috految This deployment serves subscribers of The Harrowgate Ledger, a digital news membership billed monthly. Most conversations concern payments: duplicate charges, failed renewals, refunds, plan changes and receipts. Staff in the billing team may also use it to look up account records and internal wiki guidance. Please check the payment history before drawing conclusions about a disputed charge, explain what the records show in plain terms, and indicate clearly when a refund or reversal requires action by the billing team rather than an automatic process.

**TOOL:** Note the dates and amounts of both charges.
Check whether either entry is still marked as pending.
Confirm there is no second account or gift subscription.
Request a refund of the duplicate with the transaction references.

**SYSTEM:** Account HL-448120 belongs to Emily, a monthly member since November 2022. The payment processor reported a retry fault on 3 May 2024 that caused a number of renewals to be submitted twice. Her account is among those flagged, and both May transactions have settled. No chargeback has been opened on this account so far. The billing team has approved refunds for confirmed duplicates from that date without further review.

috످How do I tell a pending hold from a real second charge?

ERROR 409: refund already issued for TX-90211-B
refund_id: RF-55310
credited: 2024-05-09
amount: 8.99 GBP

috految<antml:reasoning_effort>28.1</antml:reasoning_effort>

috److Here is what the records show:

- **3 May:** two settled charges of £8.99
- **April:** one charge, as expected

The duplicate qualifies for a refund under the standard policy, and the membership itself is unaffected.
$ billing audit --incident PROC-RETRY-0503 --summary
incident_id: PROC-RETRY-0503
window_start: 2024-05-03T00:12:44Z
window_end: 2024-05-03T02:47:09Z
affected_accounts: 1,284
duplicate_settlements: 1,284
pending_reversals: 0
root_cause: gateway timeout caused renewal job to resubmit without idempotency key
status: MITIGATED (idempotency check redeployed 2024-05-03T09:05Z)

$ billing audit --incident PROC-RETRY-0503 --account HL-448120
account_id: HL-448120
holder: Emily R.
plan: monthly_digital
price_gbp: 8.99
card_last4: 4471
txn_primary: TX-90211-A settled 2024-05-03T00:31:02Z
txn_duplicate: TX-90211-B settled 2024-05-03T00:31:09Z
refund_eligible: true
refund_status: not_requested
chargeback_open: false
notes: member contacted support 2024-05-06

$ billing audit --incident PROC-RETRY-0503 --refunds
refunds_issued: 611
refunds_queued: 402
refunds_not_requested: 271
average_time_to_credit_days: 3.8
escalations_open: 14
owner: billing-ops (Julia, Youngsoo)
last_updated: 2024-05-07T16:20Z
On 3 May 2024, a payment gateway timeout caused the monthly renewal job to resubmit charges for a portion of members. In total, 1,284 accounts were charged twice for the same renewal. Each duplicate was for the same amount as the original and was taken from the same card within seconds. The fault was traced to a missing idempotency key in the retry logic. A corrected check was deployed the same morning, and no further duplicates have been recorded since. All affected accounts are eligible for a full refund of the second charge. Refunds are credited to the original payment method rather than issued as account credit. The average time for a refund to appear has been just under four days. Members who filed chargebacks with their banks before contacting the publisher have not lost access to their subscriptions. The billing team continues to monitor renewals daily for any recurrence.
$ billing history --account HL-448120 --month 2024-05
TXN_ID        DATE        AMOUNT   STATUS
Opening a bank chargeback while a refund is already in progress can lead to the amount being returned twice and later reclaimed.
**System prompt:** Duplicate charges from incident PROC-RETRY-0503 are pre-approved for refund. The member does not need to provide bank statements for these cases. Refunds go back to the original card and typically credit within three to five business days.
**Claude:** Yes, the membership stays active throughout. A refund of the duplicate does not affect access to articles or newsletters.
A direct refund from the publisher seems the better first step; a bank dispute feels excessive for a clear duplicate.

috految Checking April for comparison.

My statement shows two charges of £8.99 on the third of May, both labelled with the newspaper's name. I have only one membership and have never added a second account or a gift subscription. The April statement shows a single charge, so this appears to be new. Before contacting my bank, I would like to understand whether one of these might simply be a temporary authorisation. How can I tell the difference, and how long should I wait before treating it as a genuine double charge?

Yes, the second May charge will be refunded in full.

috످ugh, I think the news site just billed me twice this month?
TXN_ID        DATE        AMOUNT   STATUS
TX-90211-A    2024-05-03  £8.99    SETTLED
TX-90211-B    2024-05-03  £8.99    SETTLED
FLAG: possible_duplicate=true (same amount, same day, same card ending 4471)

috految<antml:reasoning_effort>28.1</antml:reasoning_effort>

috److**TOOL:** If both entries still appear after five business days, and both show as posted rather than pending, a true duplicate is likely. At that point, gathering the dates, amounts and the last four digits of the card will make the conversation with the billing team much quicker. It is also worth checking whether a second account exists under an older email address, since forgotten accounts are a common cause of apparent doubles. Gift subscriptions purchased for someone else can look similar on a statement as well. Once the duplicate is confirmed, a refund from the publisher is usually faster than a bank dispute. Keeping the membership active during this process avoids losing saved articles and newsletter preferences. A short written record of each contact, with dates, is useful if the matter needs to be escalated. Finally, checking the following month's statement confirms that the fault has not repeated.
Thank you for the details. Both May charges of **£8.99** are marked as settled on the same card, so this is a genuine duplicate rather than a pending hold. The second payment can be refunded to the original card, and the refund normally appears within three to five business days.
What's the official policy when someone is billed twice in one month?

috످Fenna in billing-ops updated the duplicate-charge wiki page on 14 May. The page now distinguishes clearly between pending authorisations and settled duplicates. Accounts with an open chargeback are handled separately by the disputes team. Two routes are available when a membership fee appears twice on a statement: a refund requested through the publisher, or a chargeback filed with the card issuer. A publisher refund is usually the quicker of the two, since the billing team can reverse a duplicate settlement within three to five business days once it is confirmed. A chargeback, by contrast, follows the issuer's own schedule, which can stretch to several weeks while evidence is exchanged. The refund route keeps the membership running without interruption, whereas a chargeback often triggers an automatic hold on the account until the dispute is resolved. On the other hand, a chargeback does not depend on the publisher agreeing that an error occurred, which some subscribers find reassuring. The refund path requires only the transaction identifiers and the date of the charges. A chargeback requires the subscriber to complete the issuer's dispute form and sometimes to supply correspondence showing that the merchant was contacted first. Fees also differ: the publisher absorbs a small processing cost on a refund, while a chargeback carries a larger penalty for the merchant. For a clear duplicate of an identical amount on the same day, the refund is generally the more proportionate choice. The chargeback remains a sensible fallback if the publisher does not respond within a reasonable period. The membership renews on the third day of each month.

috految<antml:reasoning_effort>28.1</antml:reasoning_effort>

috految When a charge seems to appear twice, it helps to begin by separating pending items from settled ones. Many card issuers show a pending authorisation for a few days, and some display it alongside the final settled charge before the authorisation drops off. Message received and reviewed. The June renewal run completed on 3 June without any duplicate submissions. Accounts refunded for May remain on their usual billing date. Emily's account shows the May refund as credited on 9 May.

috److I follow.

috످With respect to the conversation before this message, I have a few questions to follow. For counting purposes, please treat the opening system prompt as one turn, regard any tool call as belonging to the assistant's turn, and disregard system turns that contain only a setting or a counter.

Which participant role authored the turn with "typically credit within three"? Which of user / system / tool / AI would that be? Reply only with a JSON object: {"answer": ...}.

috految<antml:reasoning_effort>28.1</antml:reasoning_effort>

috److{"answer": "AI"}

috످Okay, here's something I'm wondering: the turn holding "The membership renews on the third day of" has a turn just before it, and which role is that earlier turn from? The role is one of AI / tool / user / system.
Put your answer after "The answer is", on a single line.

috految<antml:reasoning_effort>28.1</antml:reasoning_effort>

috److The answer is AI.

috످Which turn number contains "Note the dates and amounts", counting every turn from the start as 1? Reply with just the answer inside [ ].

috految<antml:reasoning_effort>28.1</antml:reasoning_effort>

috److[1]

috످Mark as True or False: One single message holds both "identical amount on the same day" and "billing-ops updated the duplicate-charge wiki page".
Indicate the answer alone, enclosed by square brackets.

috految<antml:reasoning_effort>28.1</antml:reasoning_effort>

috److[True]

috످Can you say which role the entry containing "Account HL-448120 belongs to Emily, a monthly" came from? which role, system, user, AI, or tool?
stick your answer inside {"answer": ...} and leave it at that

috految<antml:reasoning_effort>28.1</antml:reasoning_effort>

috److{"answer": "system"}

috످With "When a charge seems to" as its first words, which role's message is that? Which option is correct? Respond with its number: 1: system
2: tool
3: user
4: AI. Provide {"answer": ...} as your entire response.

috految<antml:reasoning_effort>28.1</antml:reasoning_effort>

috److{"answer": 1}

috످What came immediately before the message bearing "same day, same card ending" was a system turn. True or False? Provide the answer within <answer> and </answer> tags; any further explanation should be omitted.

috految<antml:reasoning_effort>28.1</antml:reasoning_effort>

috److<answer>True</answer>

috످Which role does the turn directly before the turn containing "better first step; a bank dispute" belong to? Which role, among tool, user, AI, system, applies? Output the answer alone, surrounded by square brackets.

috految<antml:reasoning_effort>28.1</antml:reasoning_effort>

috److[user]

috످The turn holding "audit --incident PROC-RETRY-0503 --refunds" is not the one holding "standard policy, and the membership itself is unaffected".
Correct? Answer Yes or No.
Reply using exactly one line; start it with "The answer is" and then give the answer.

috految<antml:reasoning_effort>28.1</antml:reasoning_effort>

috److془The audit command is a lookup of refund totals, in the assistant's first reply. The other says the extra charge can be refunded with no effect on subscription, in same reply. No.془The answer is No.

috످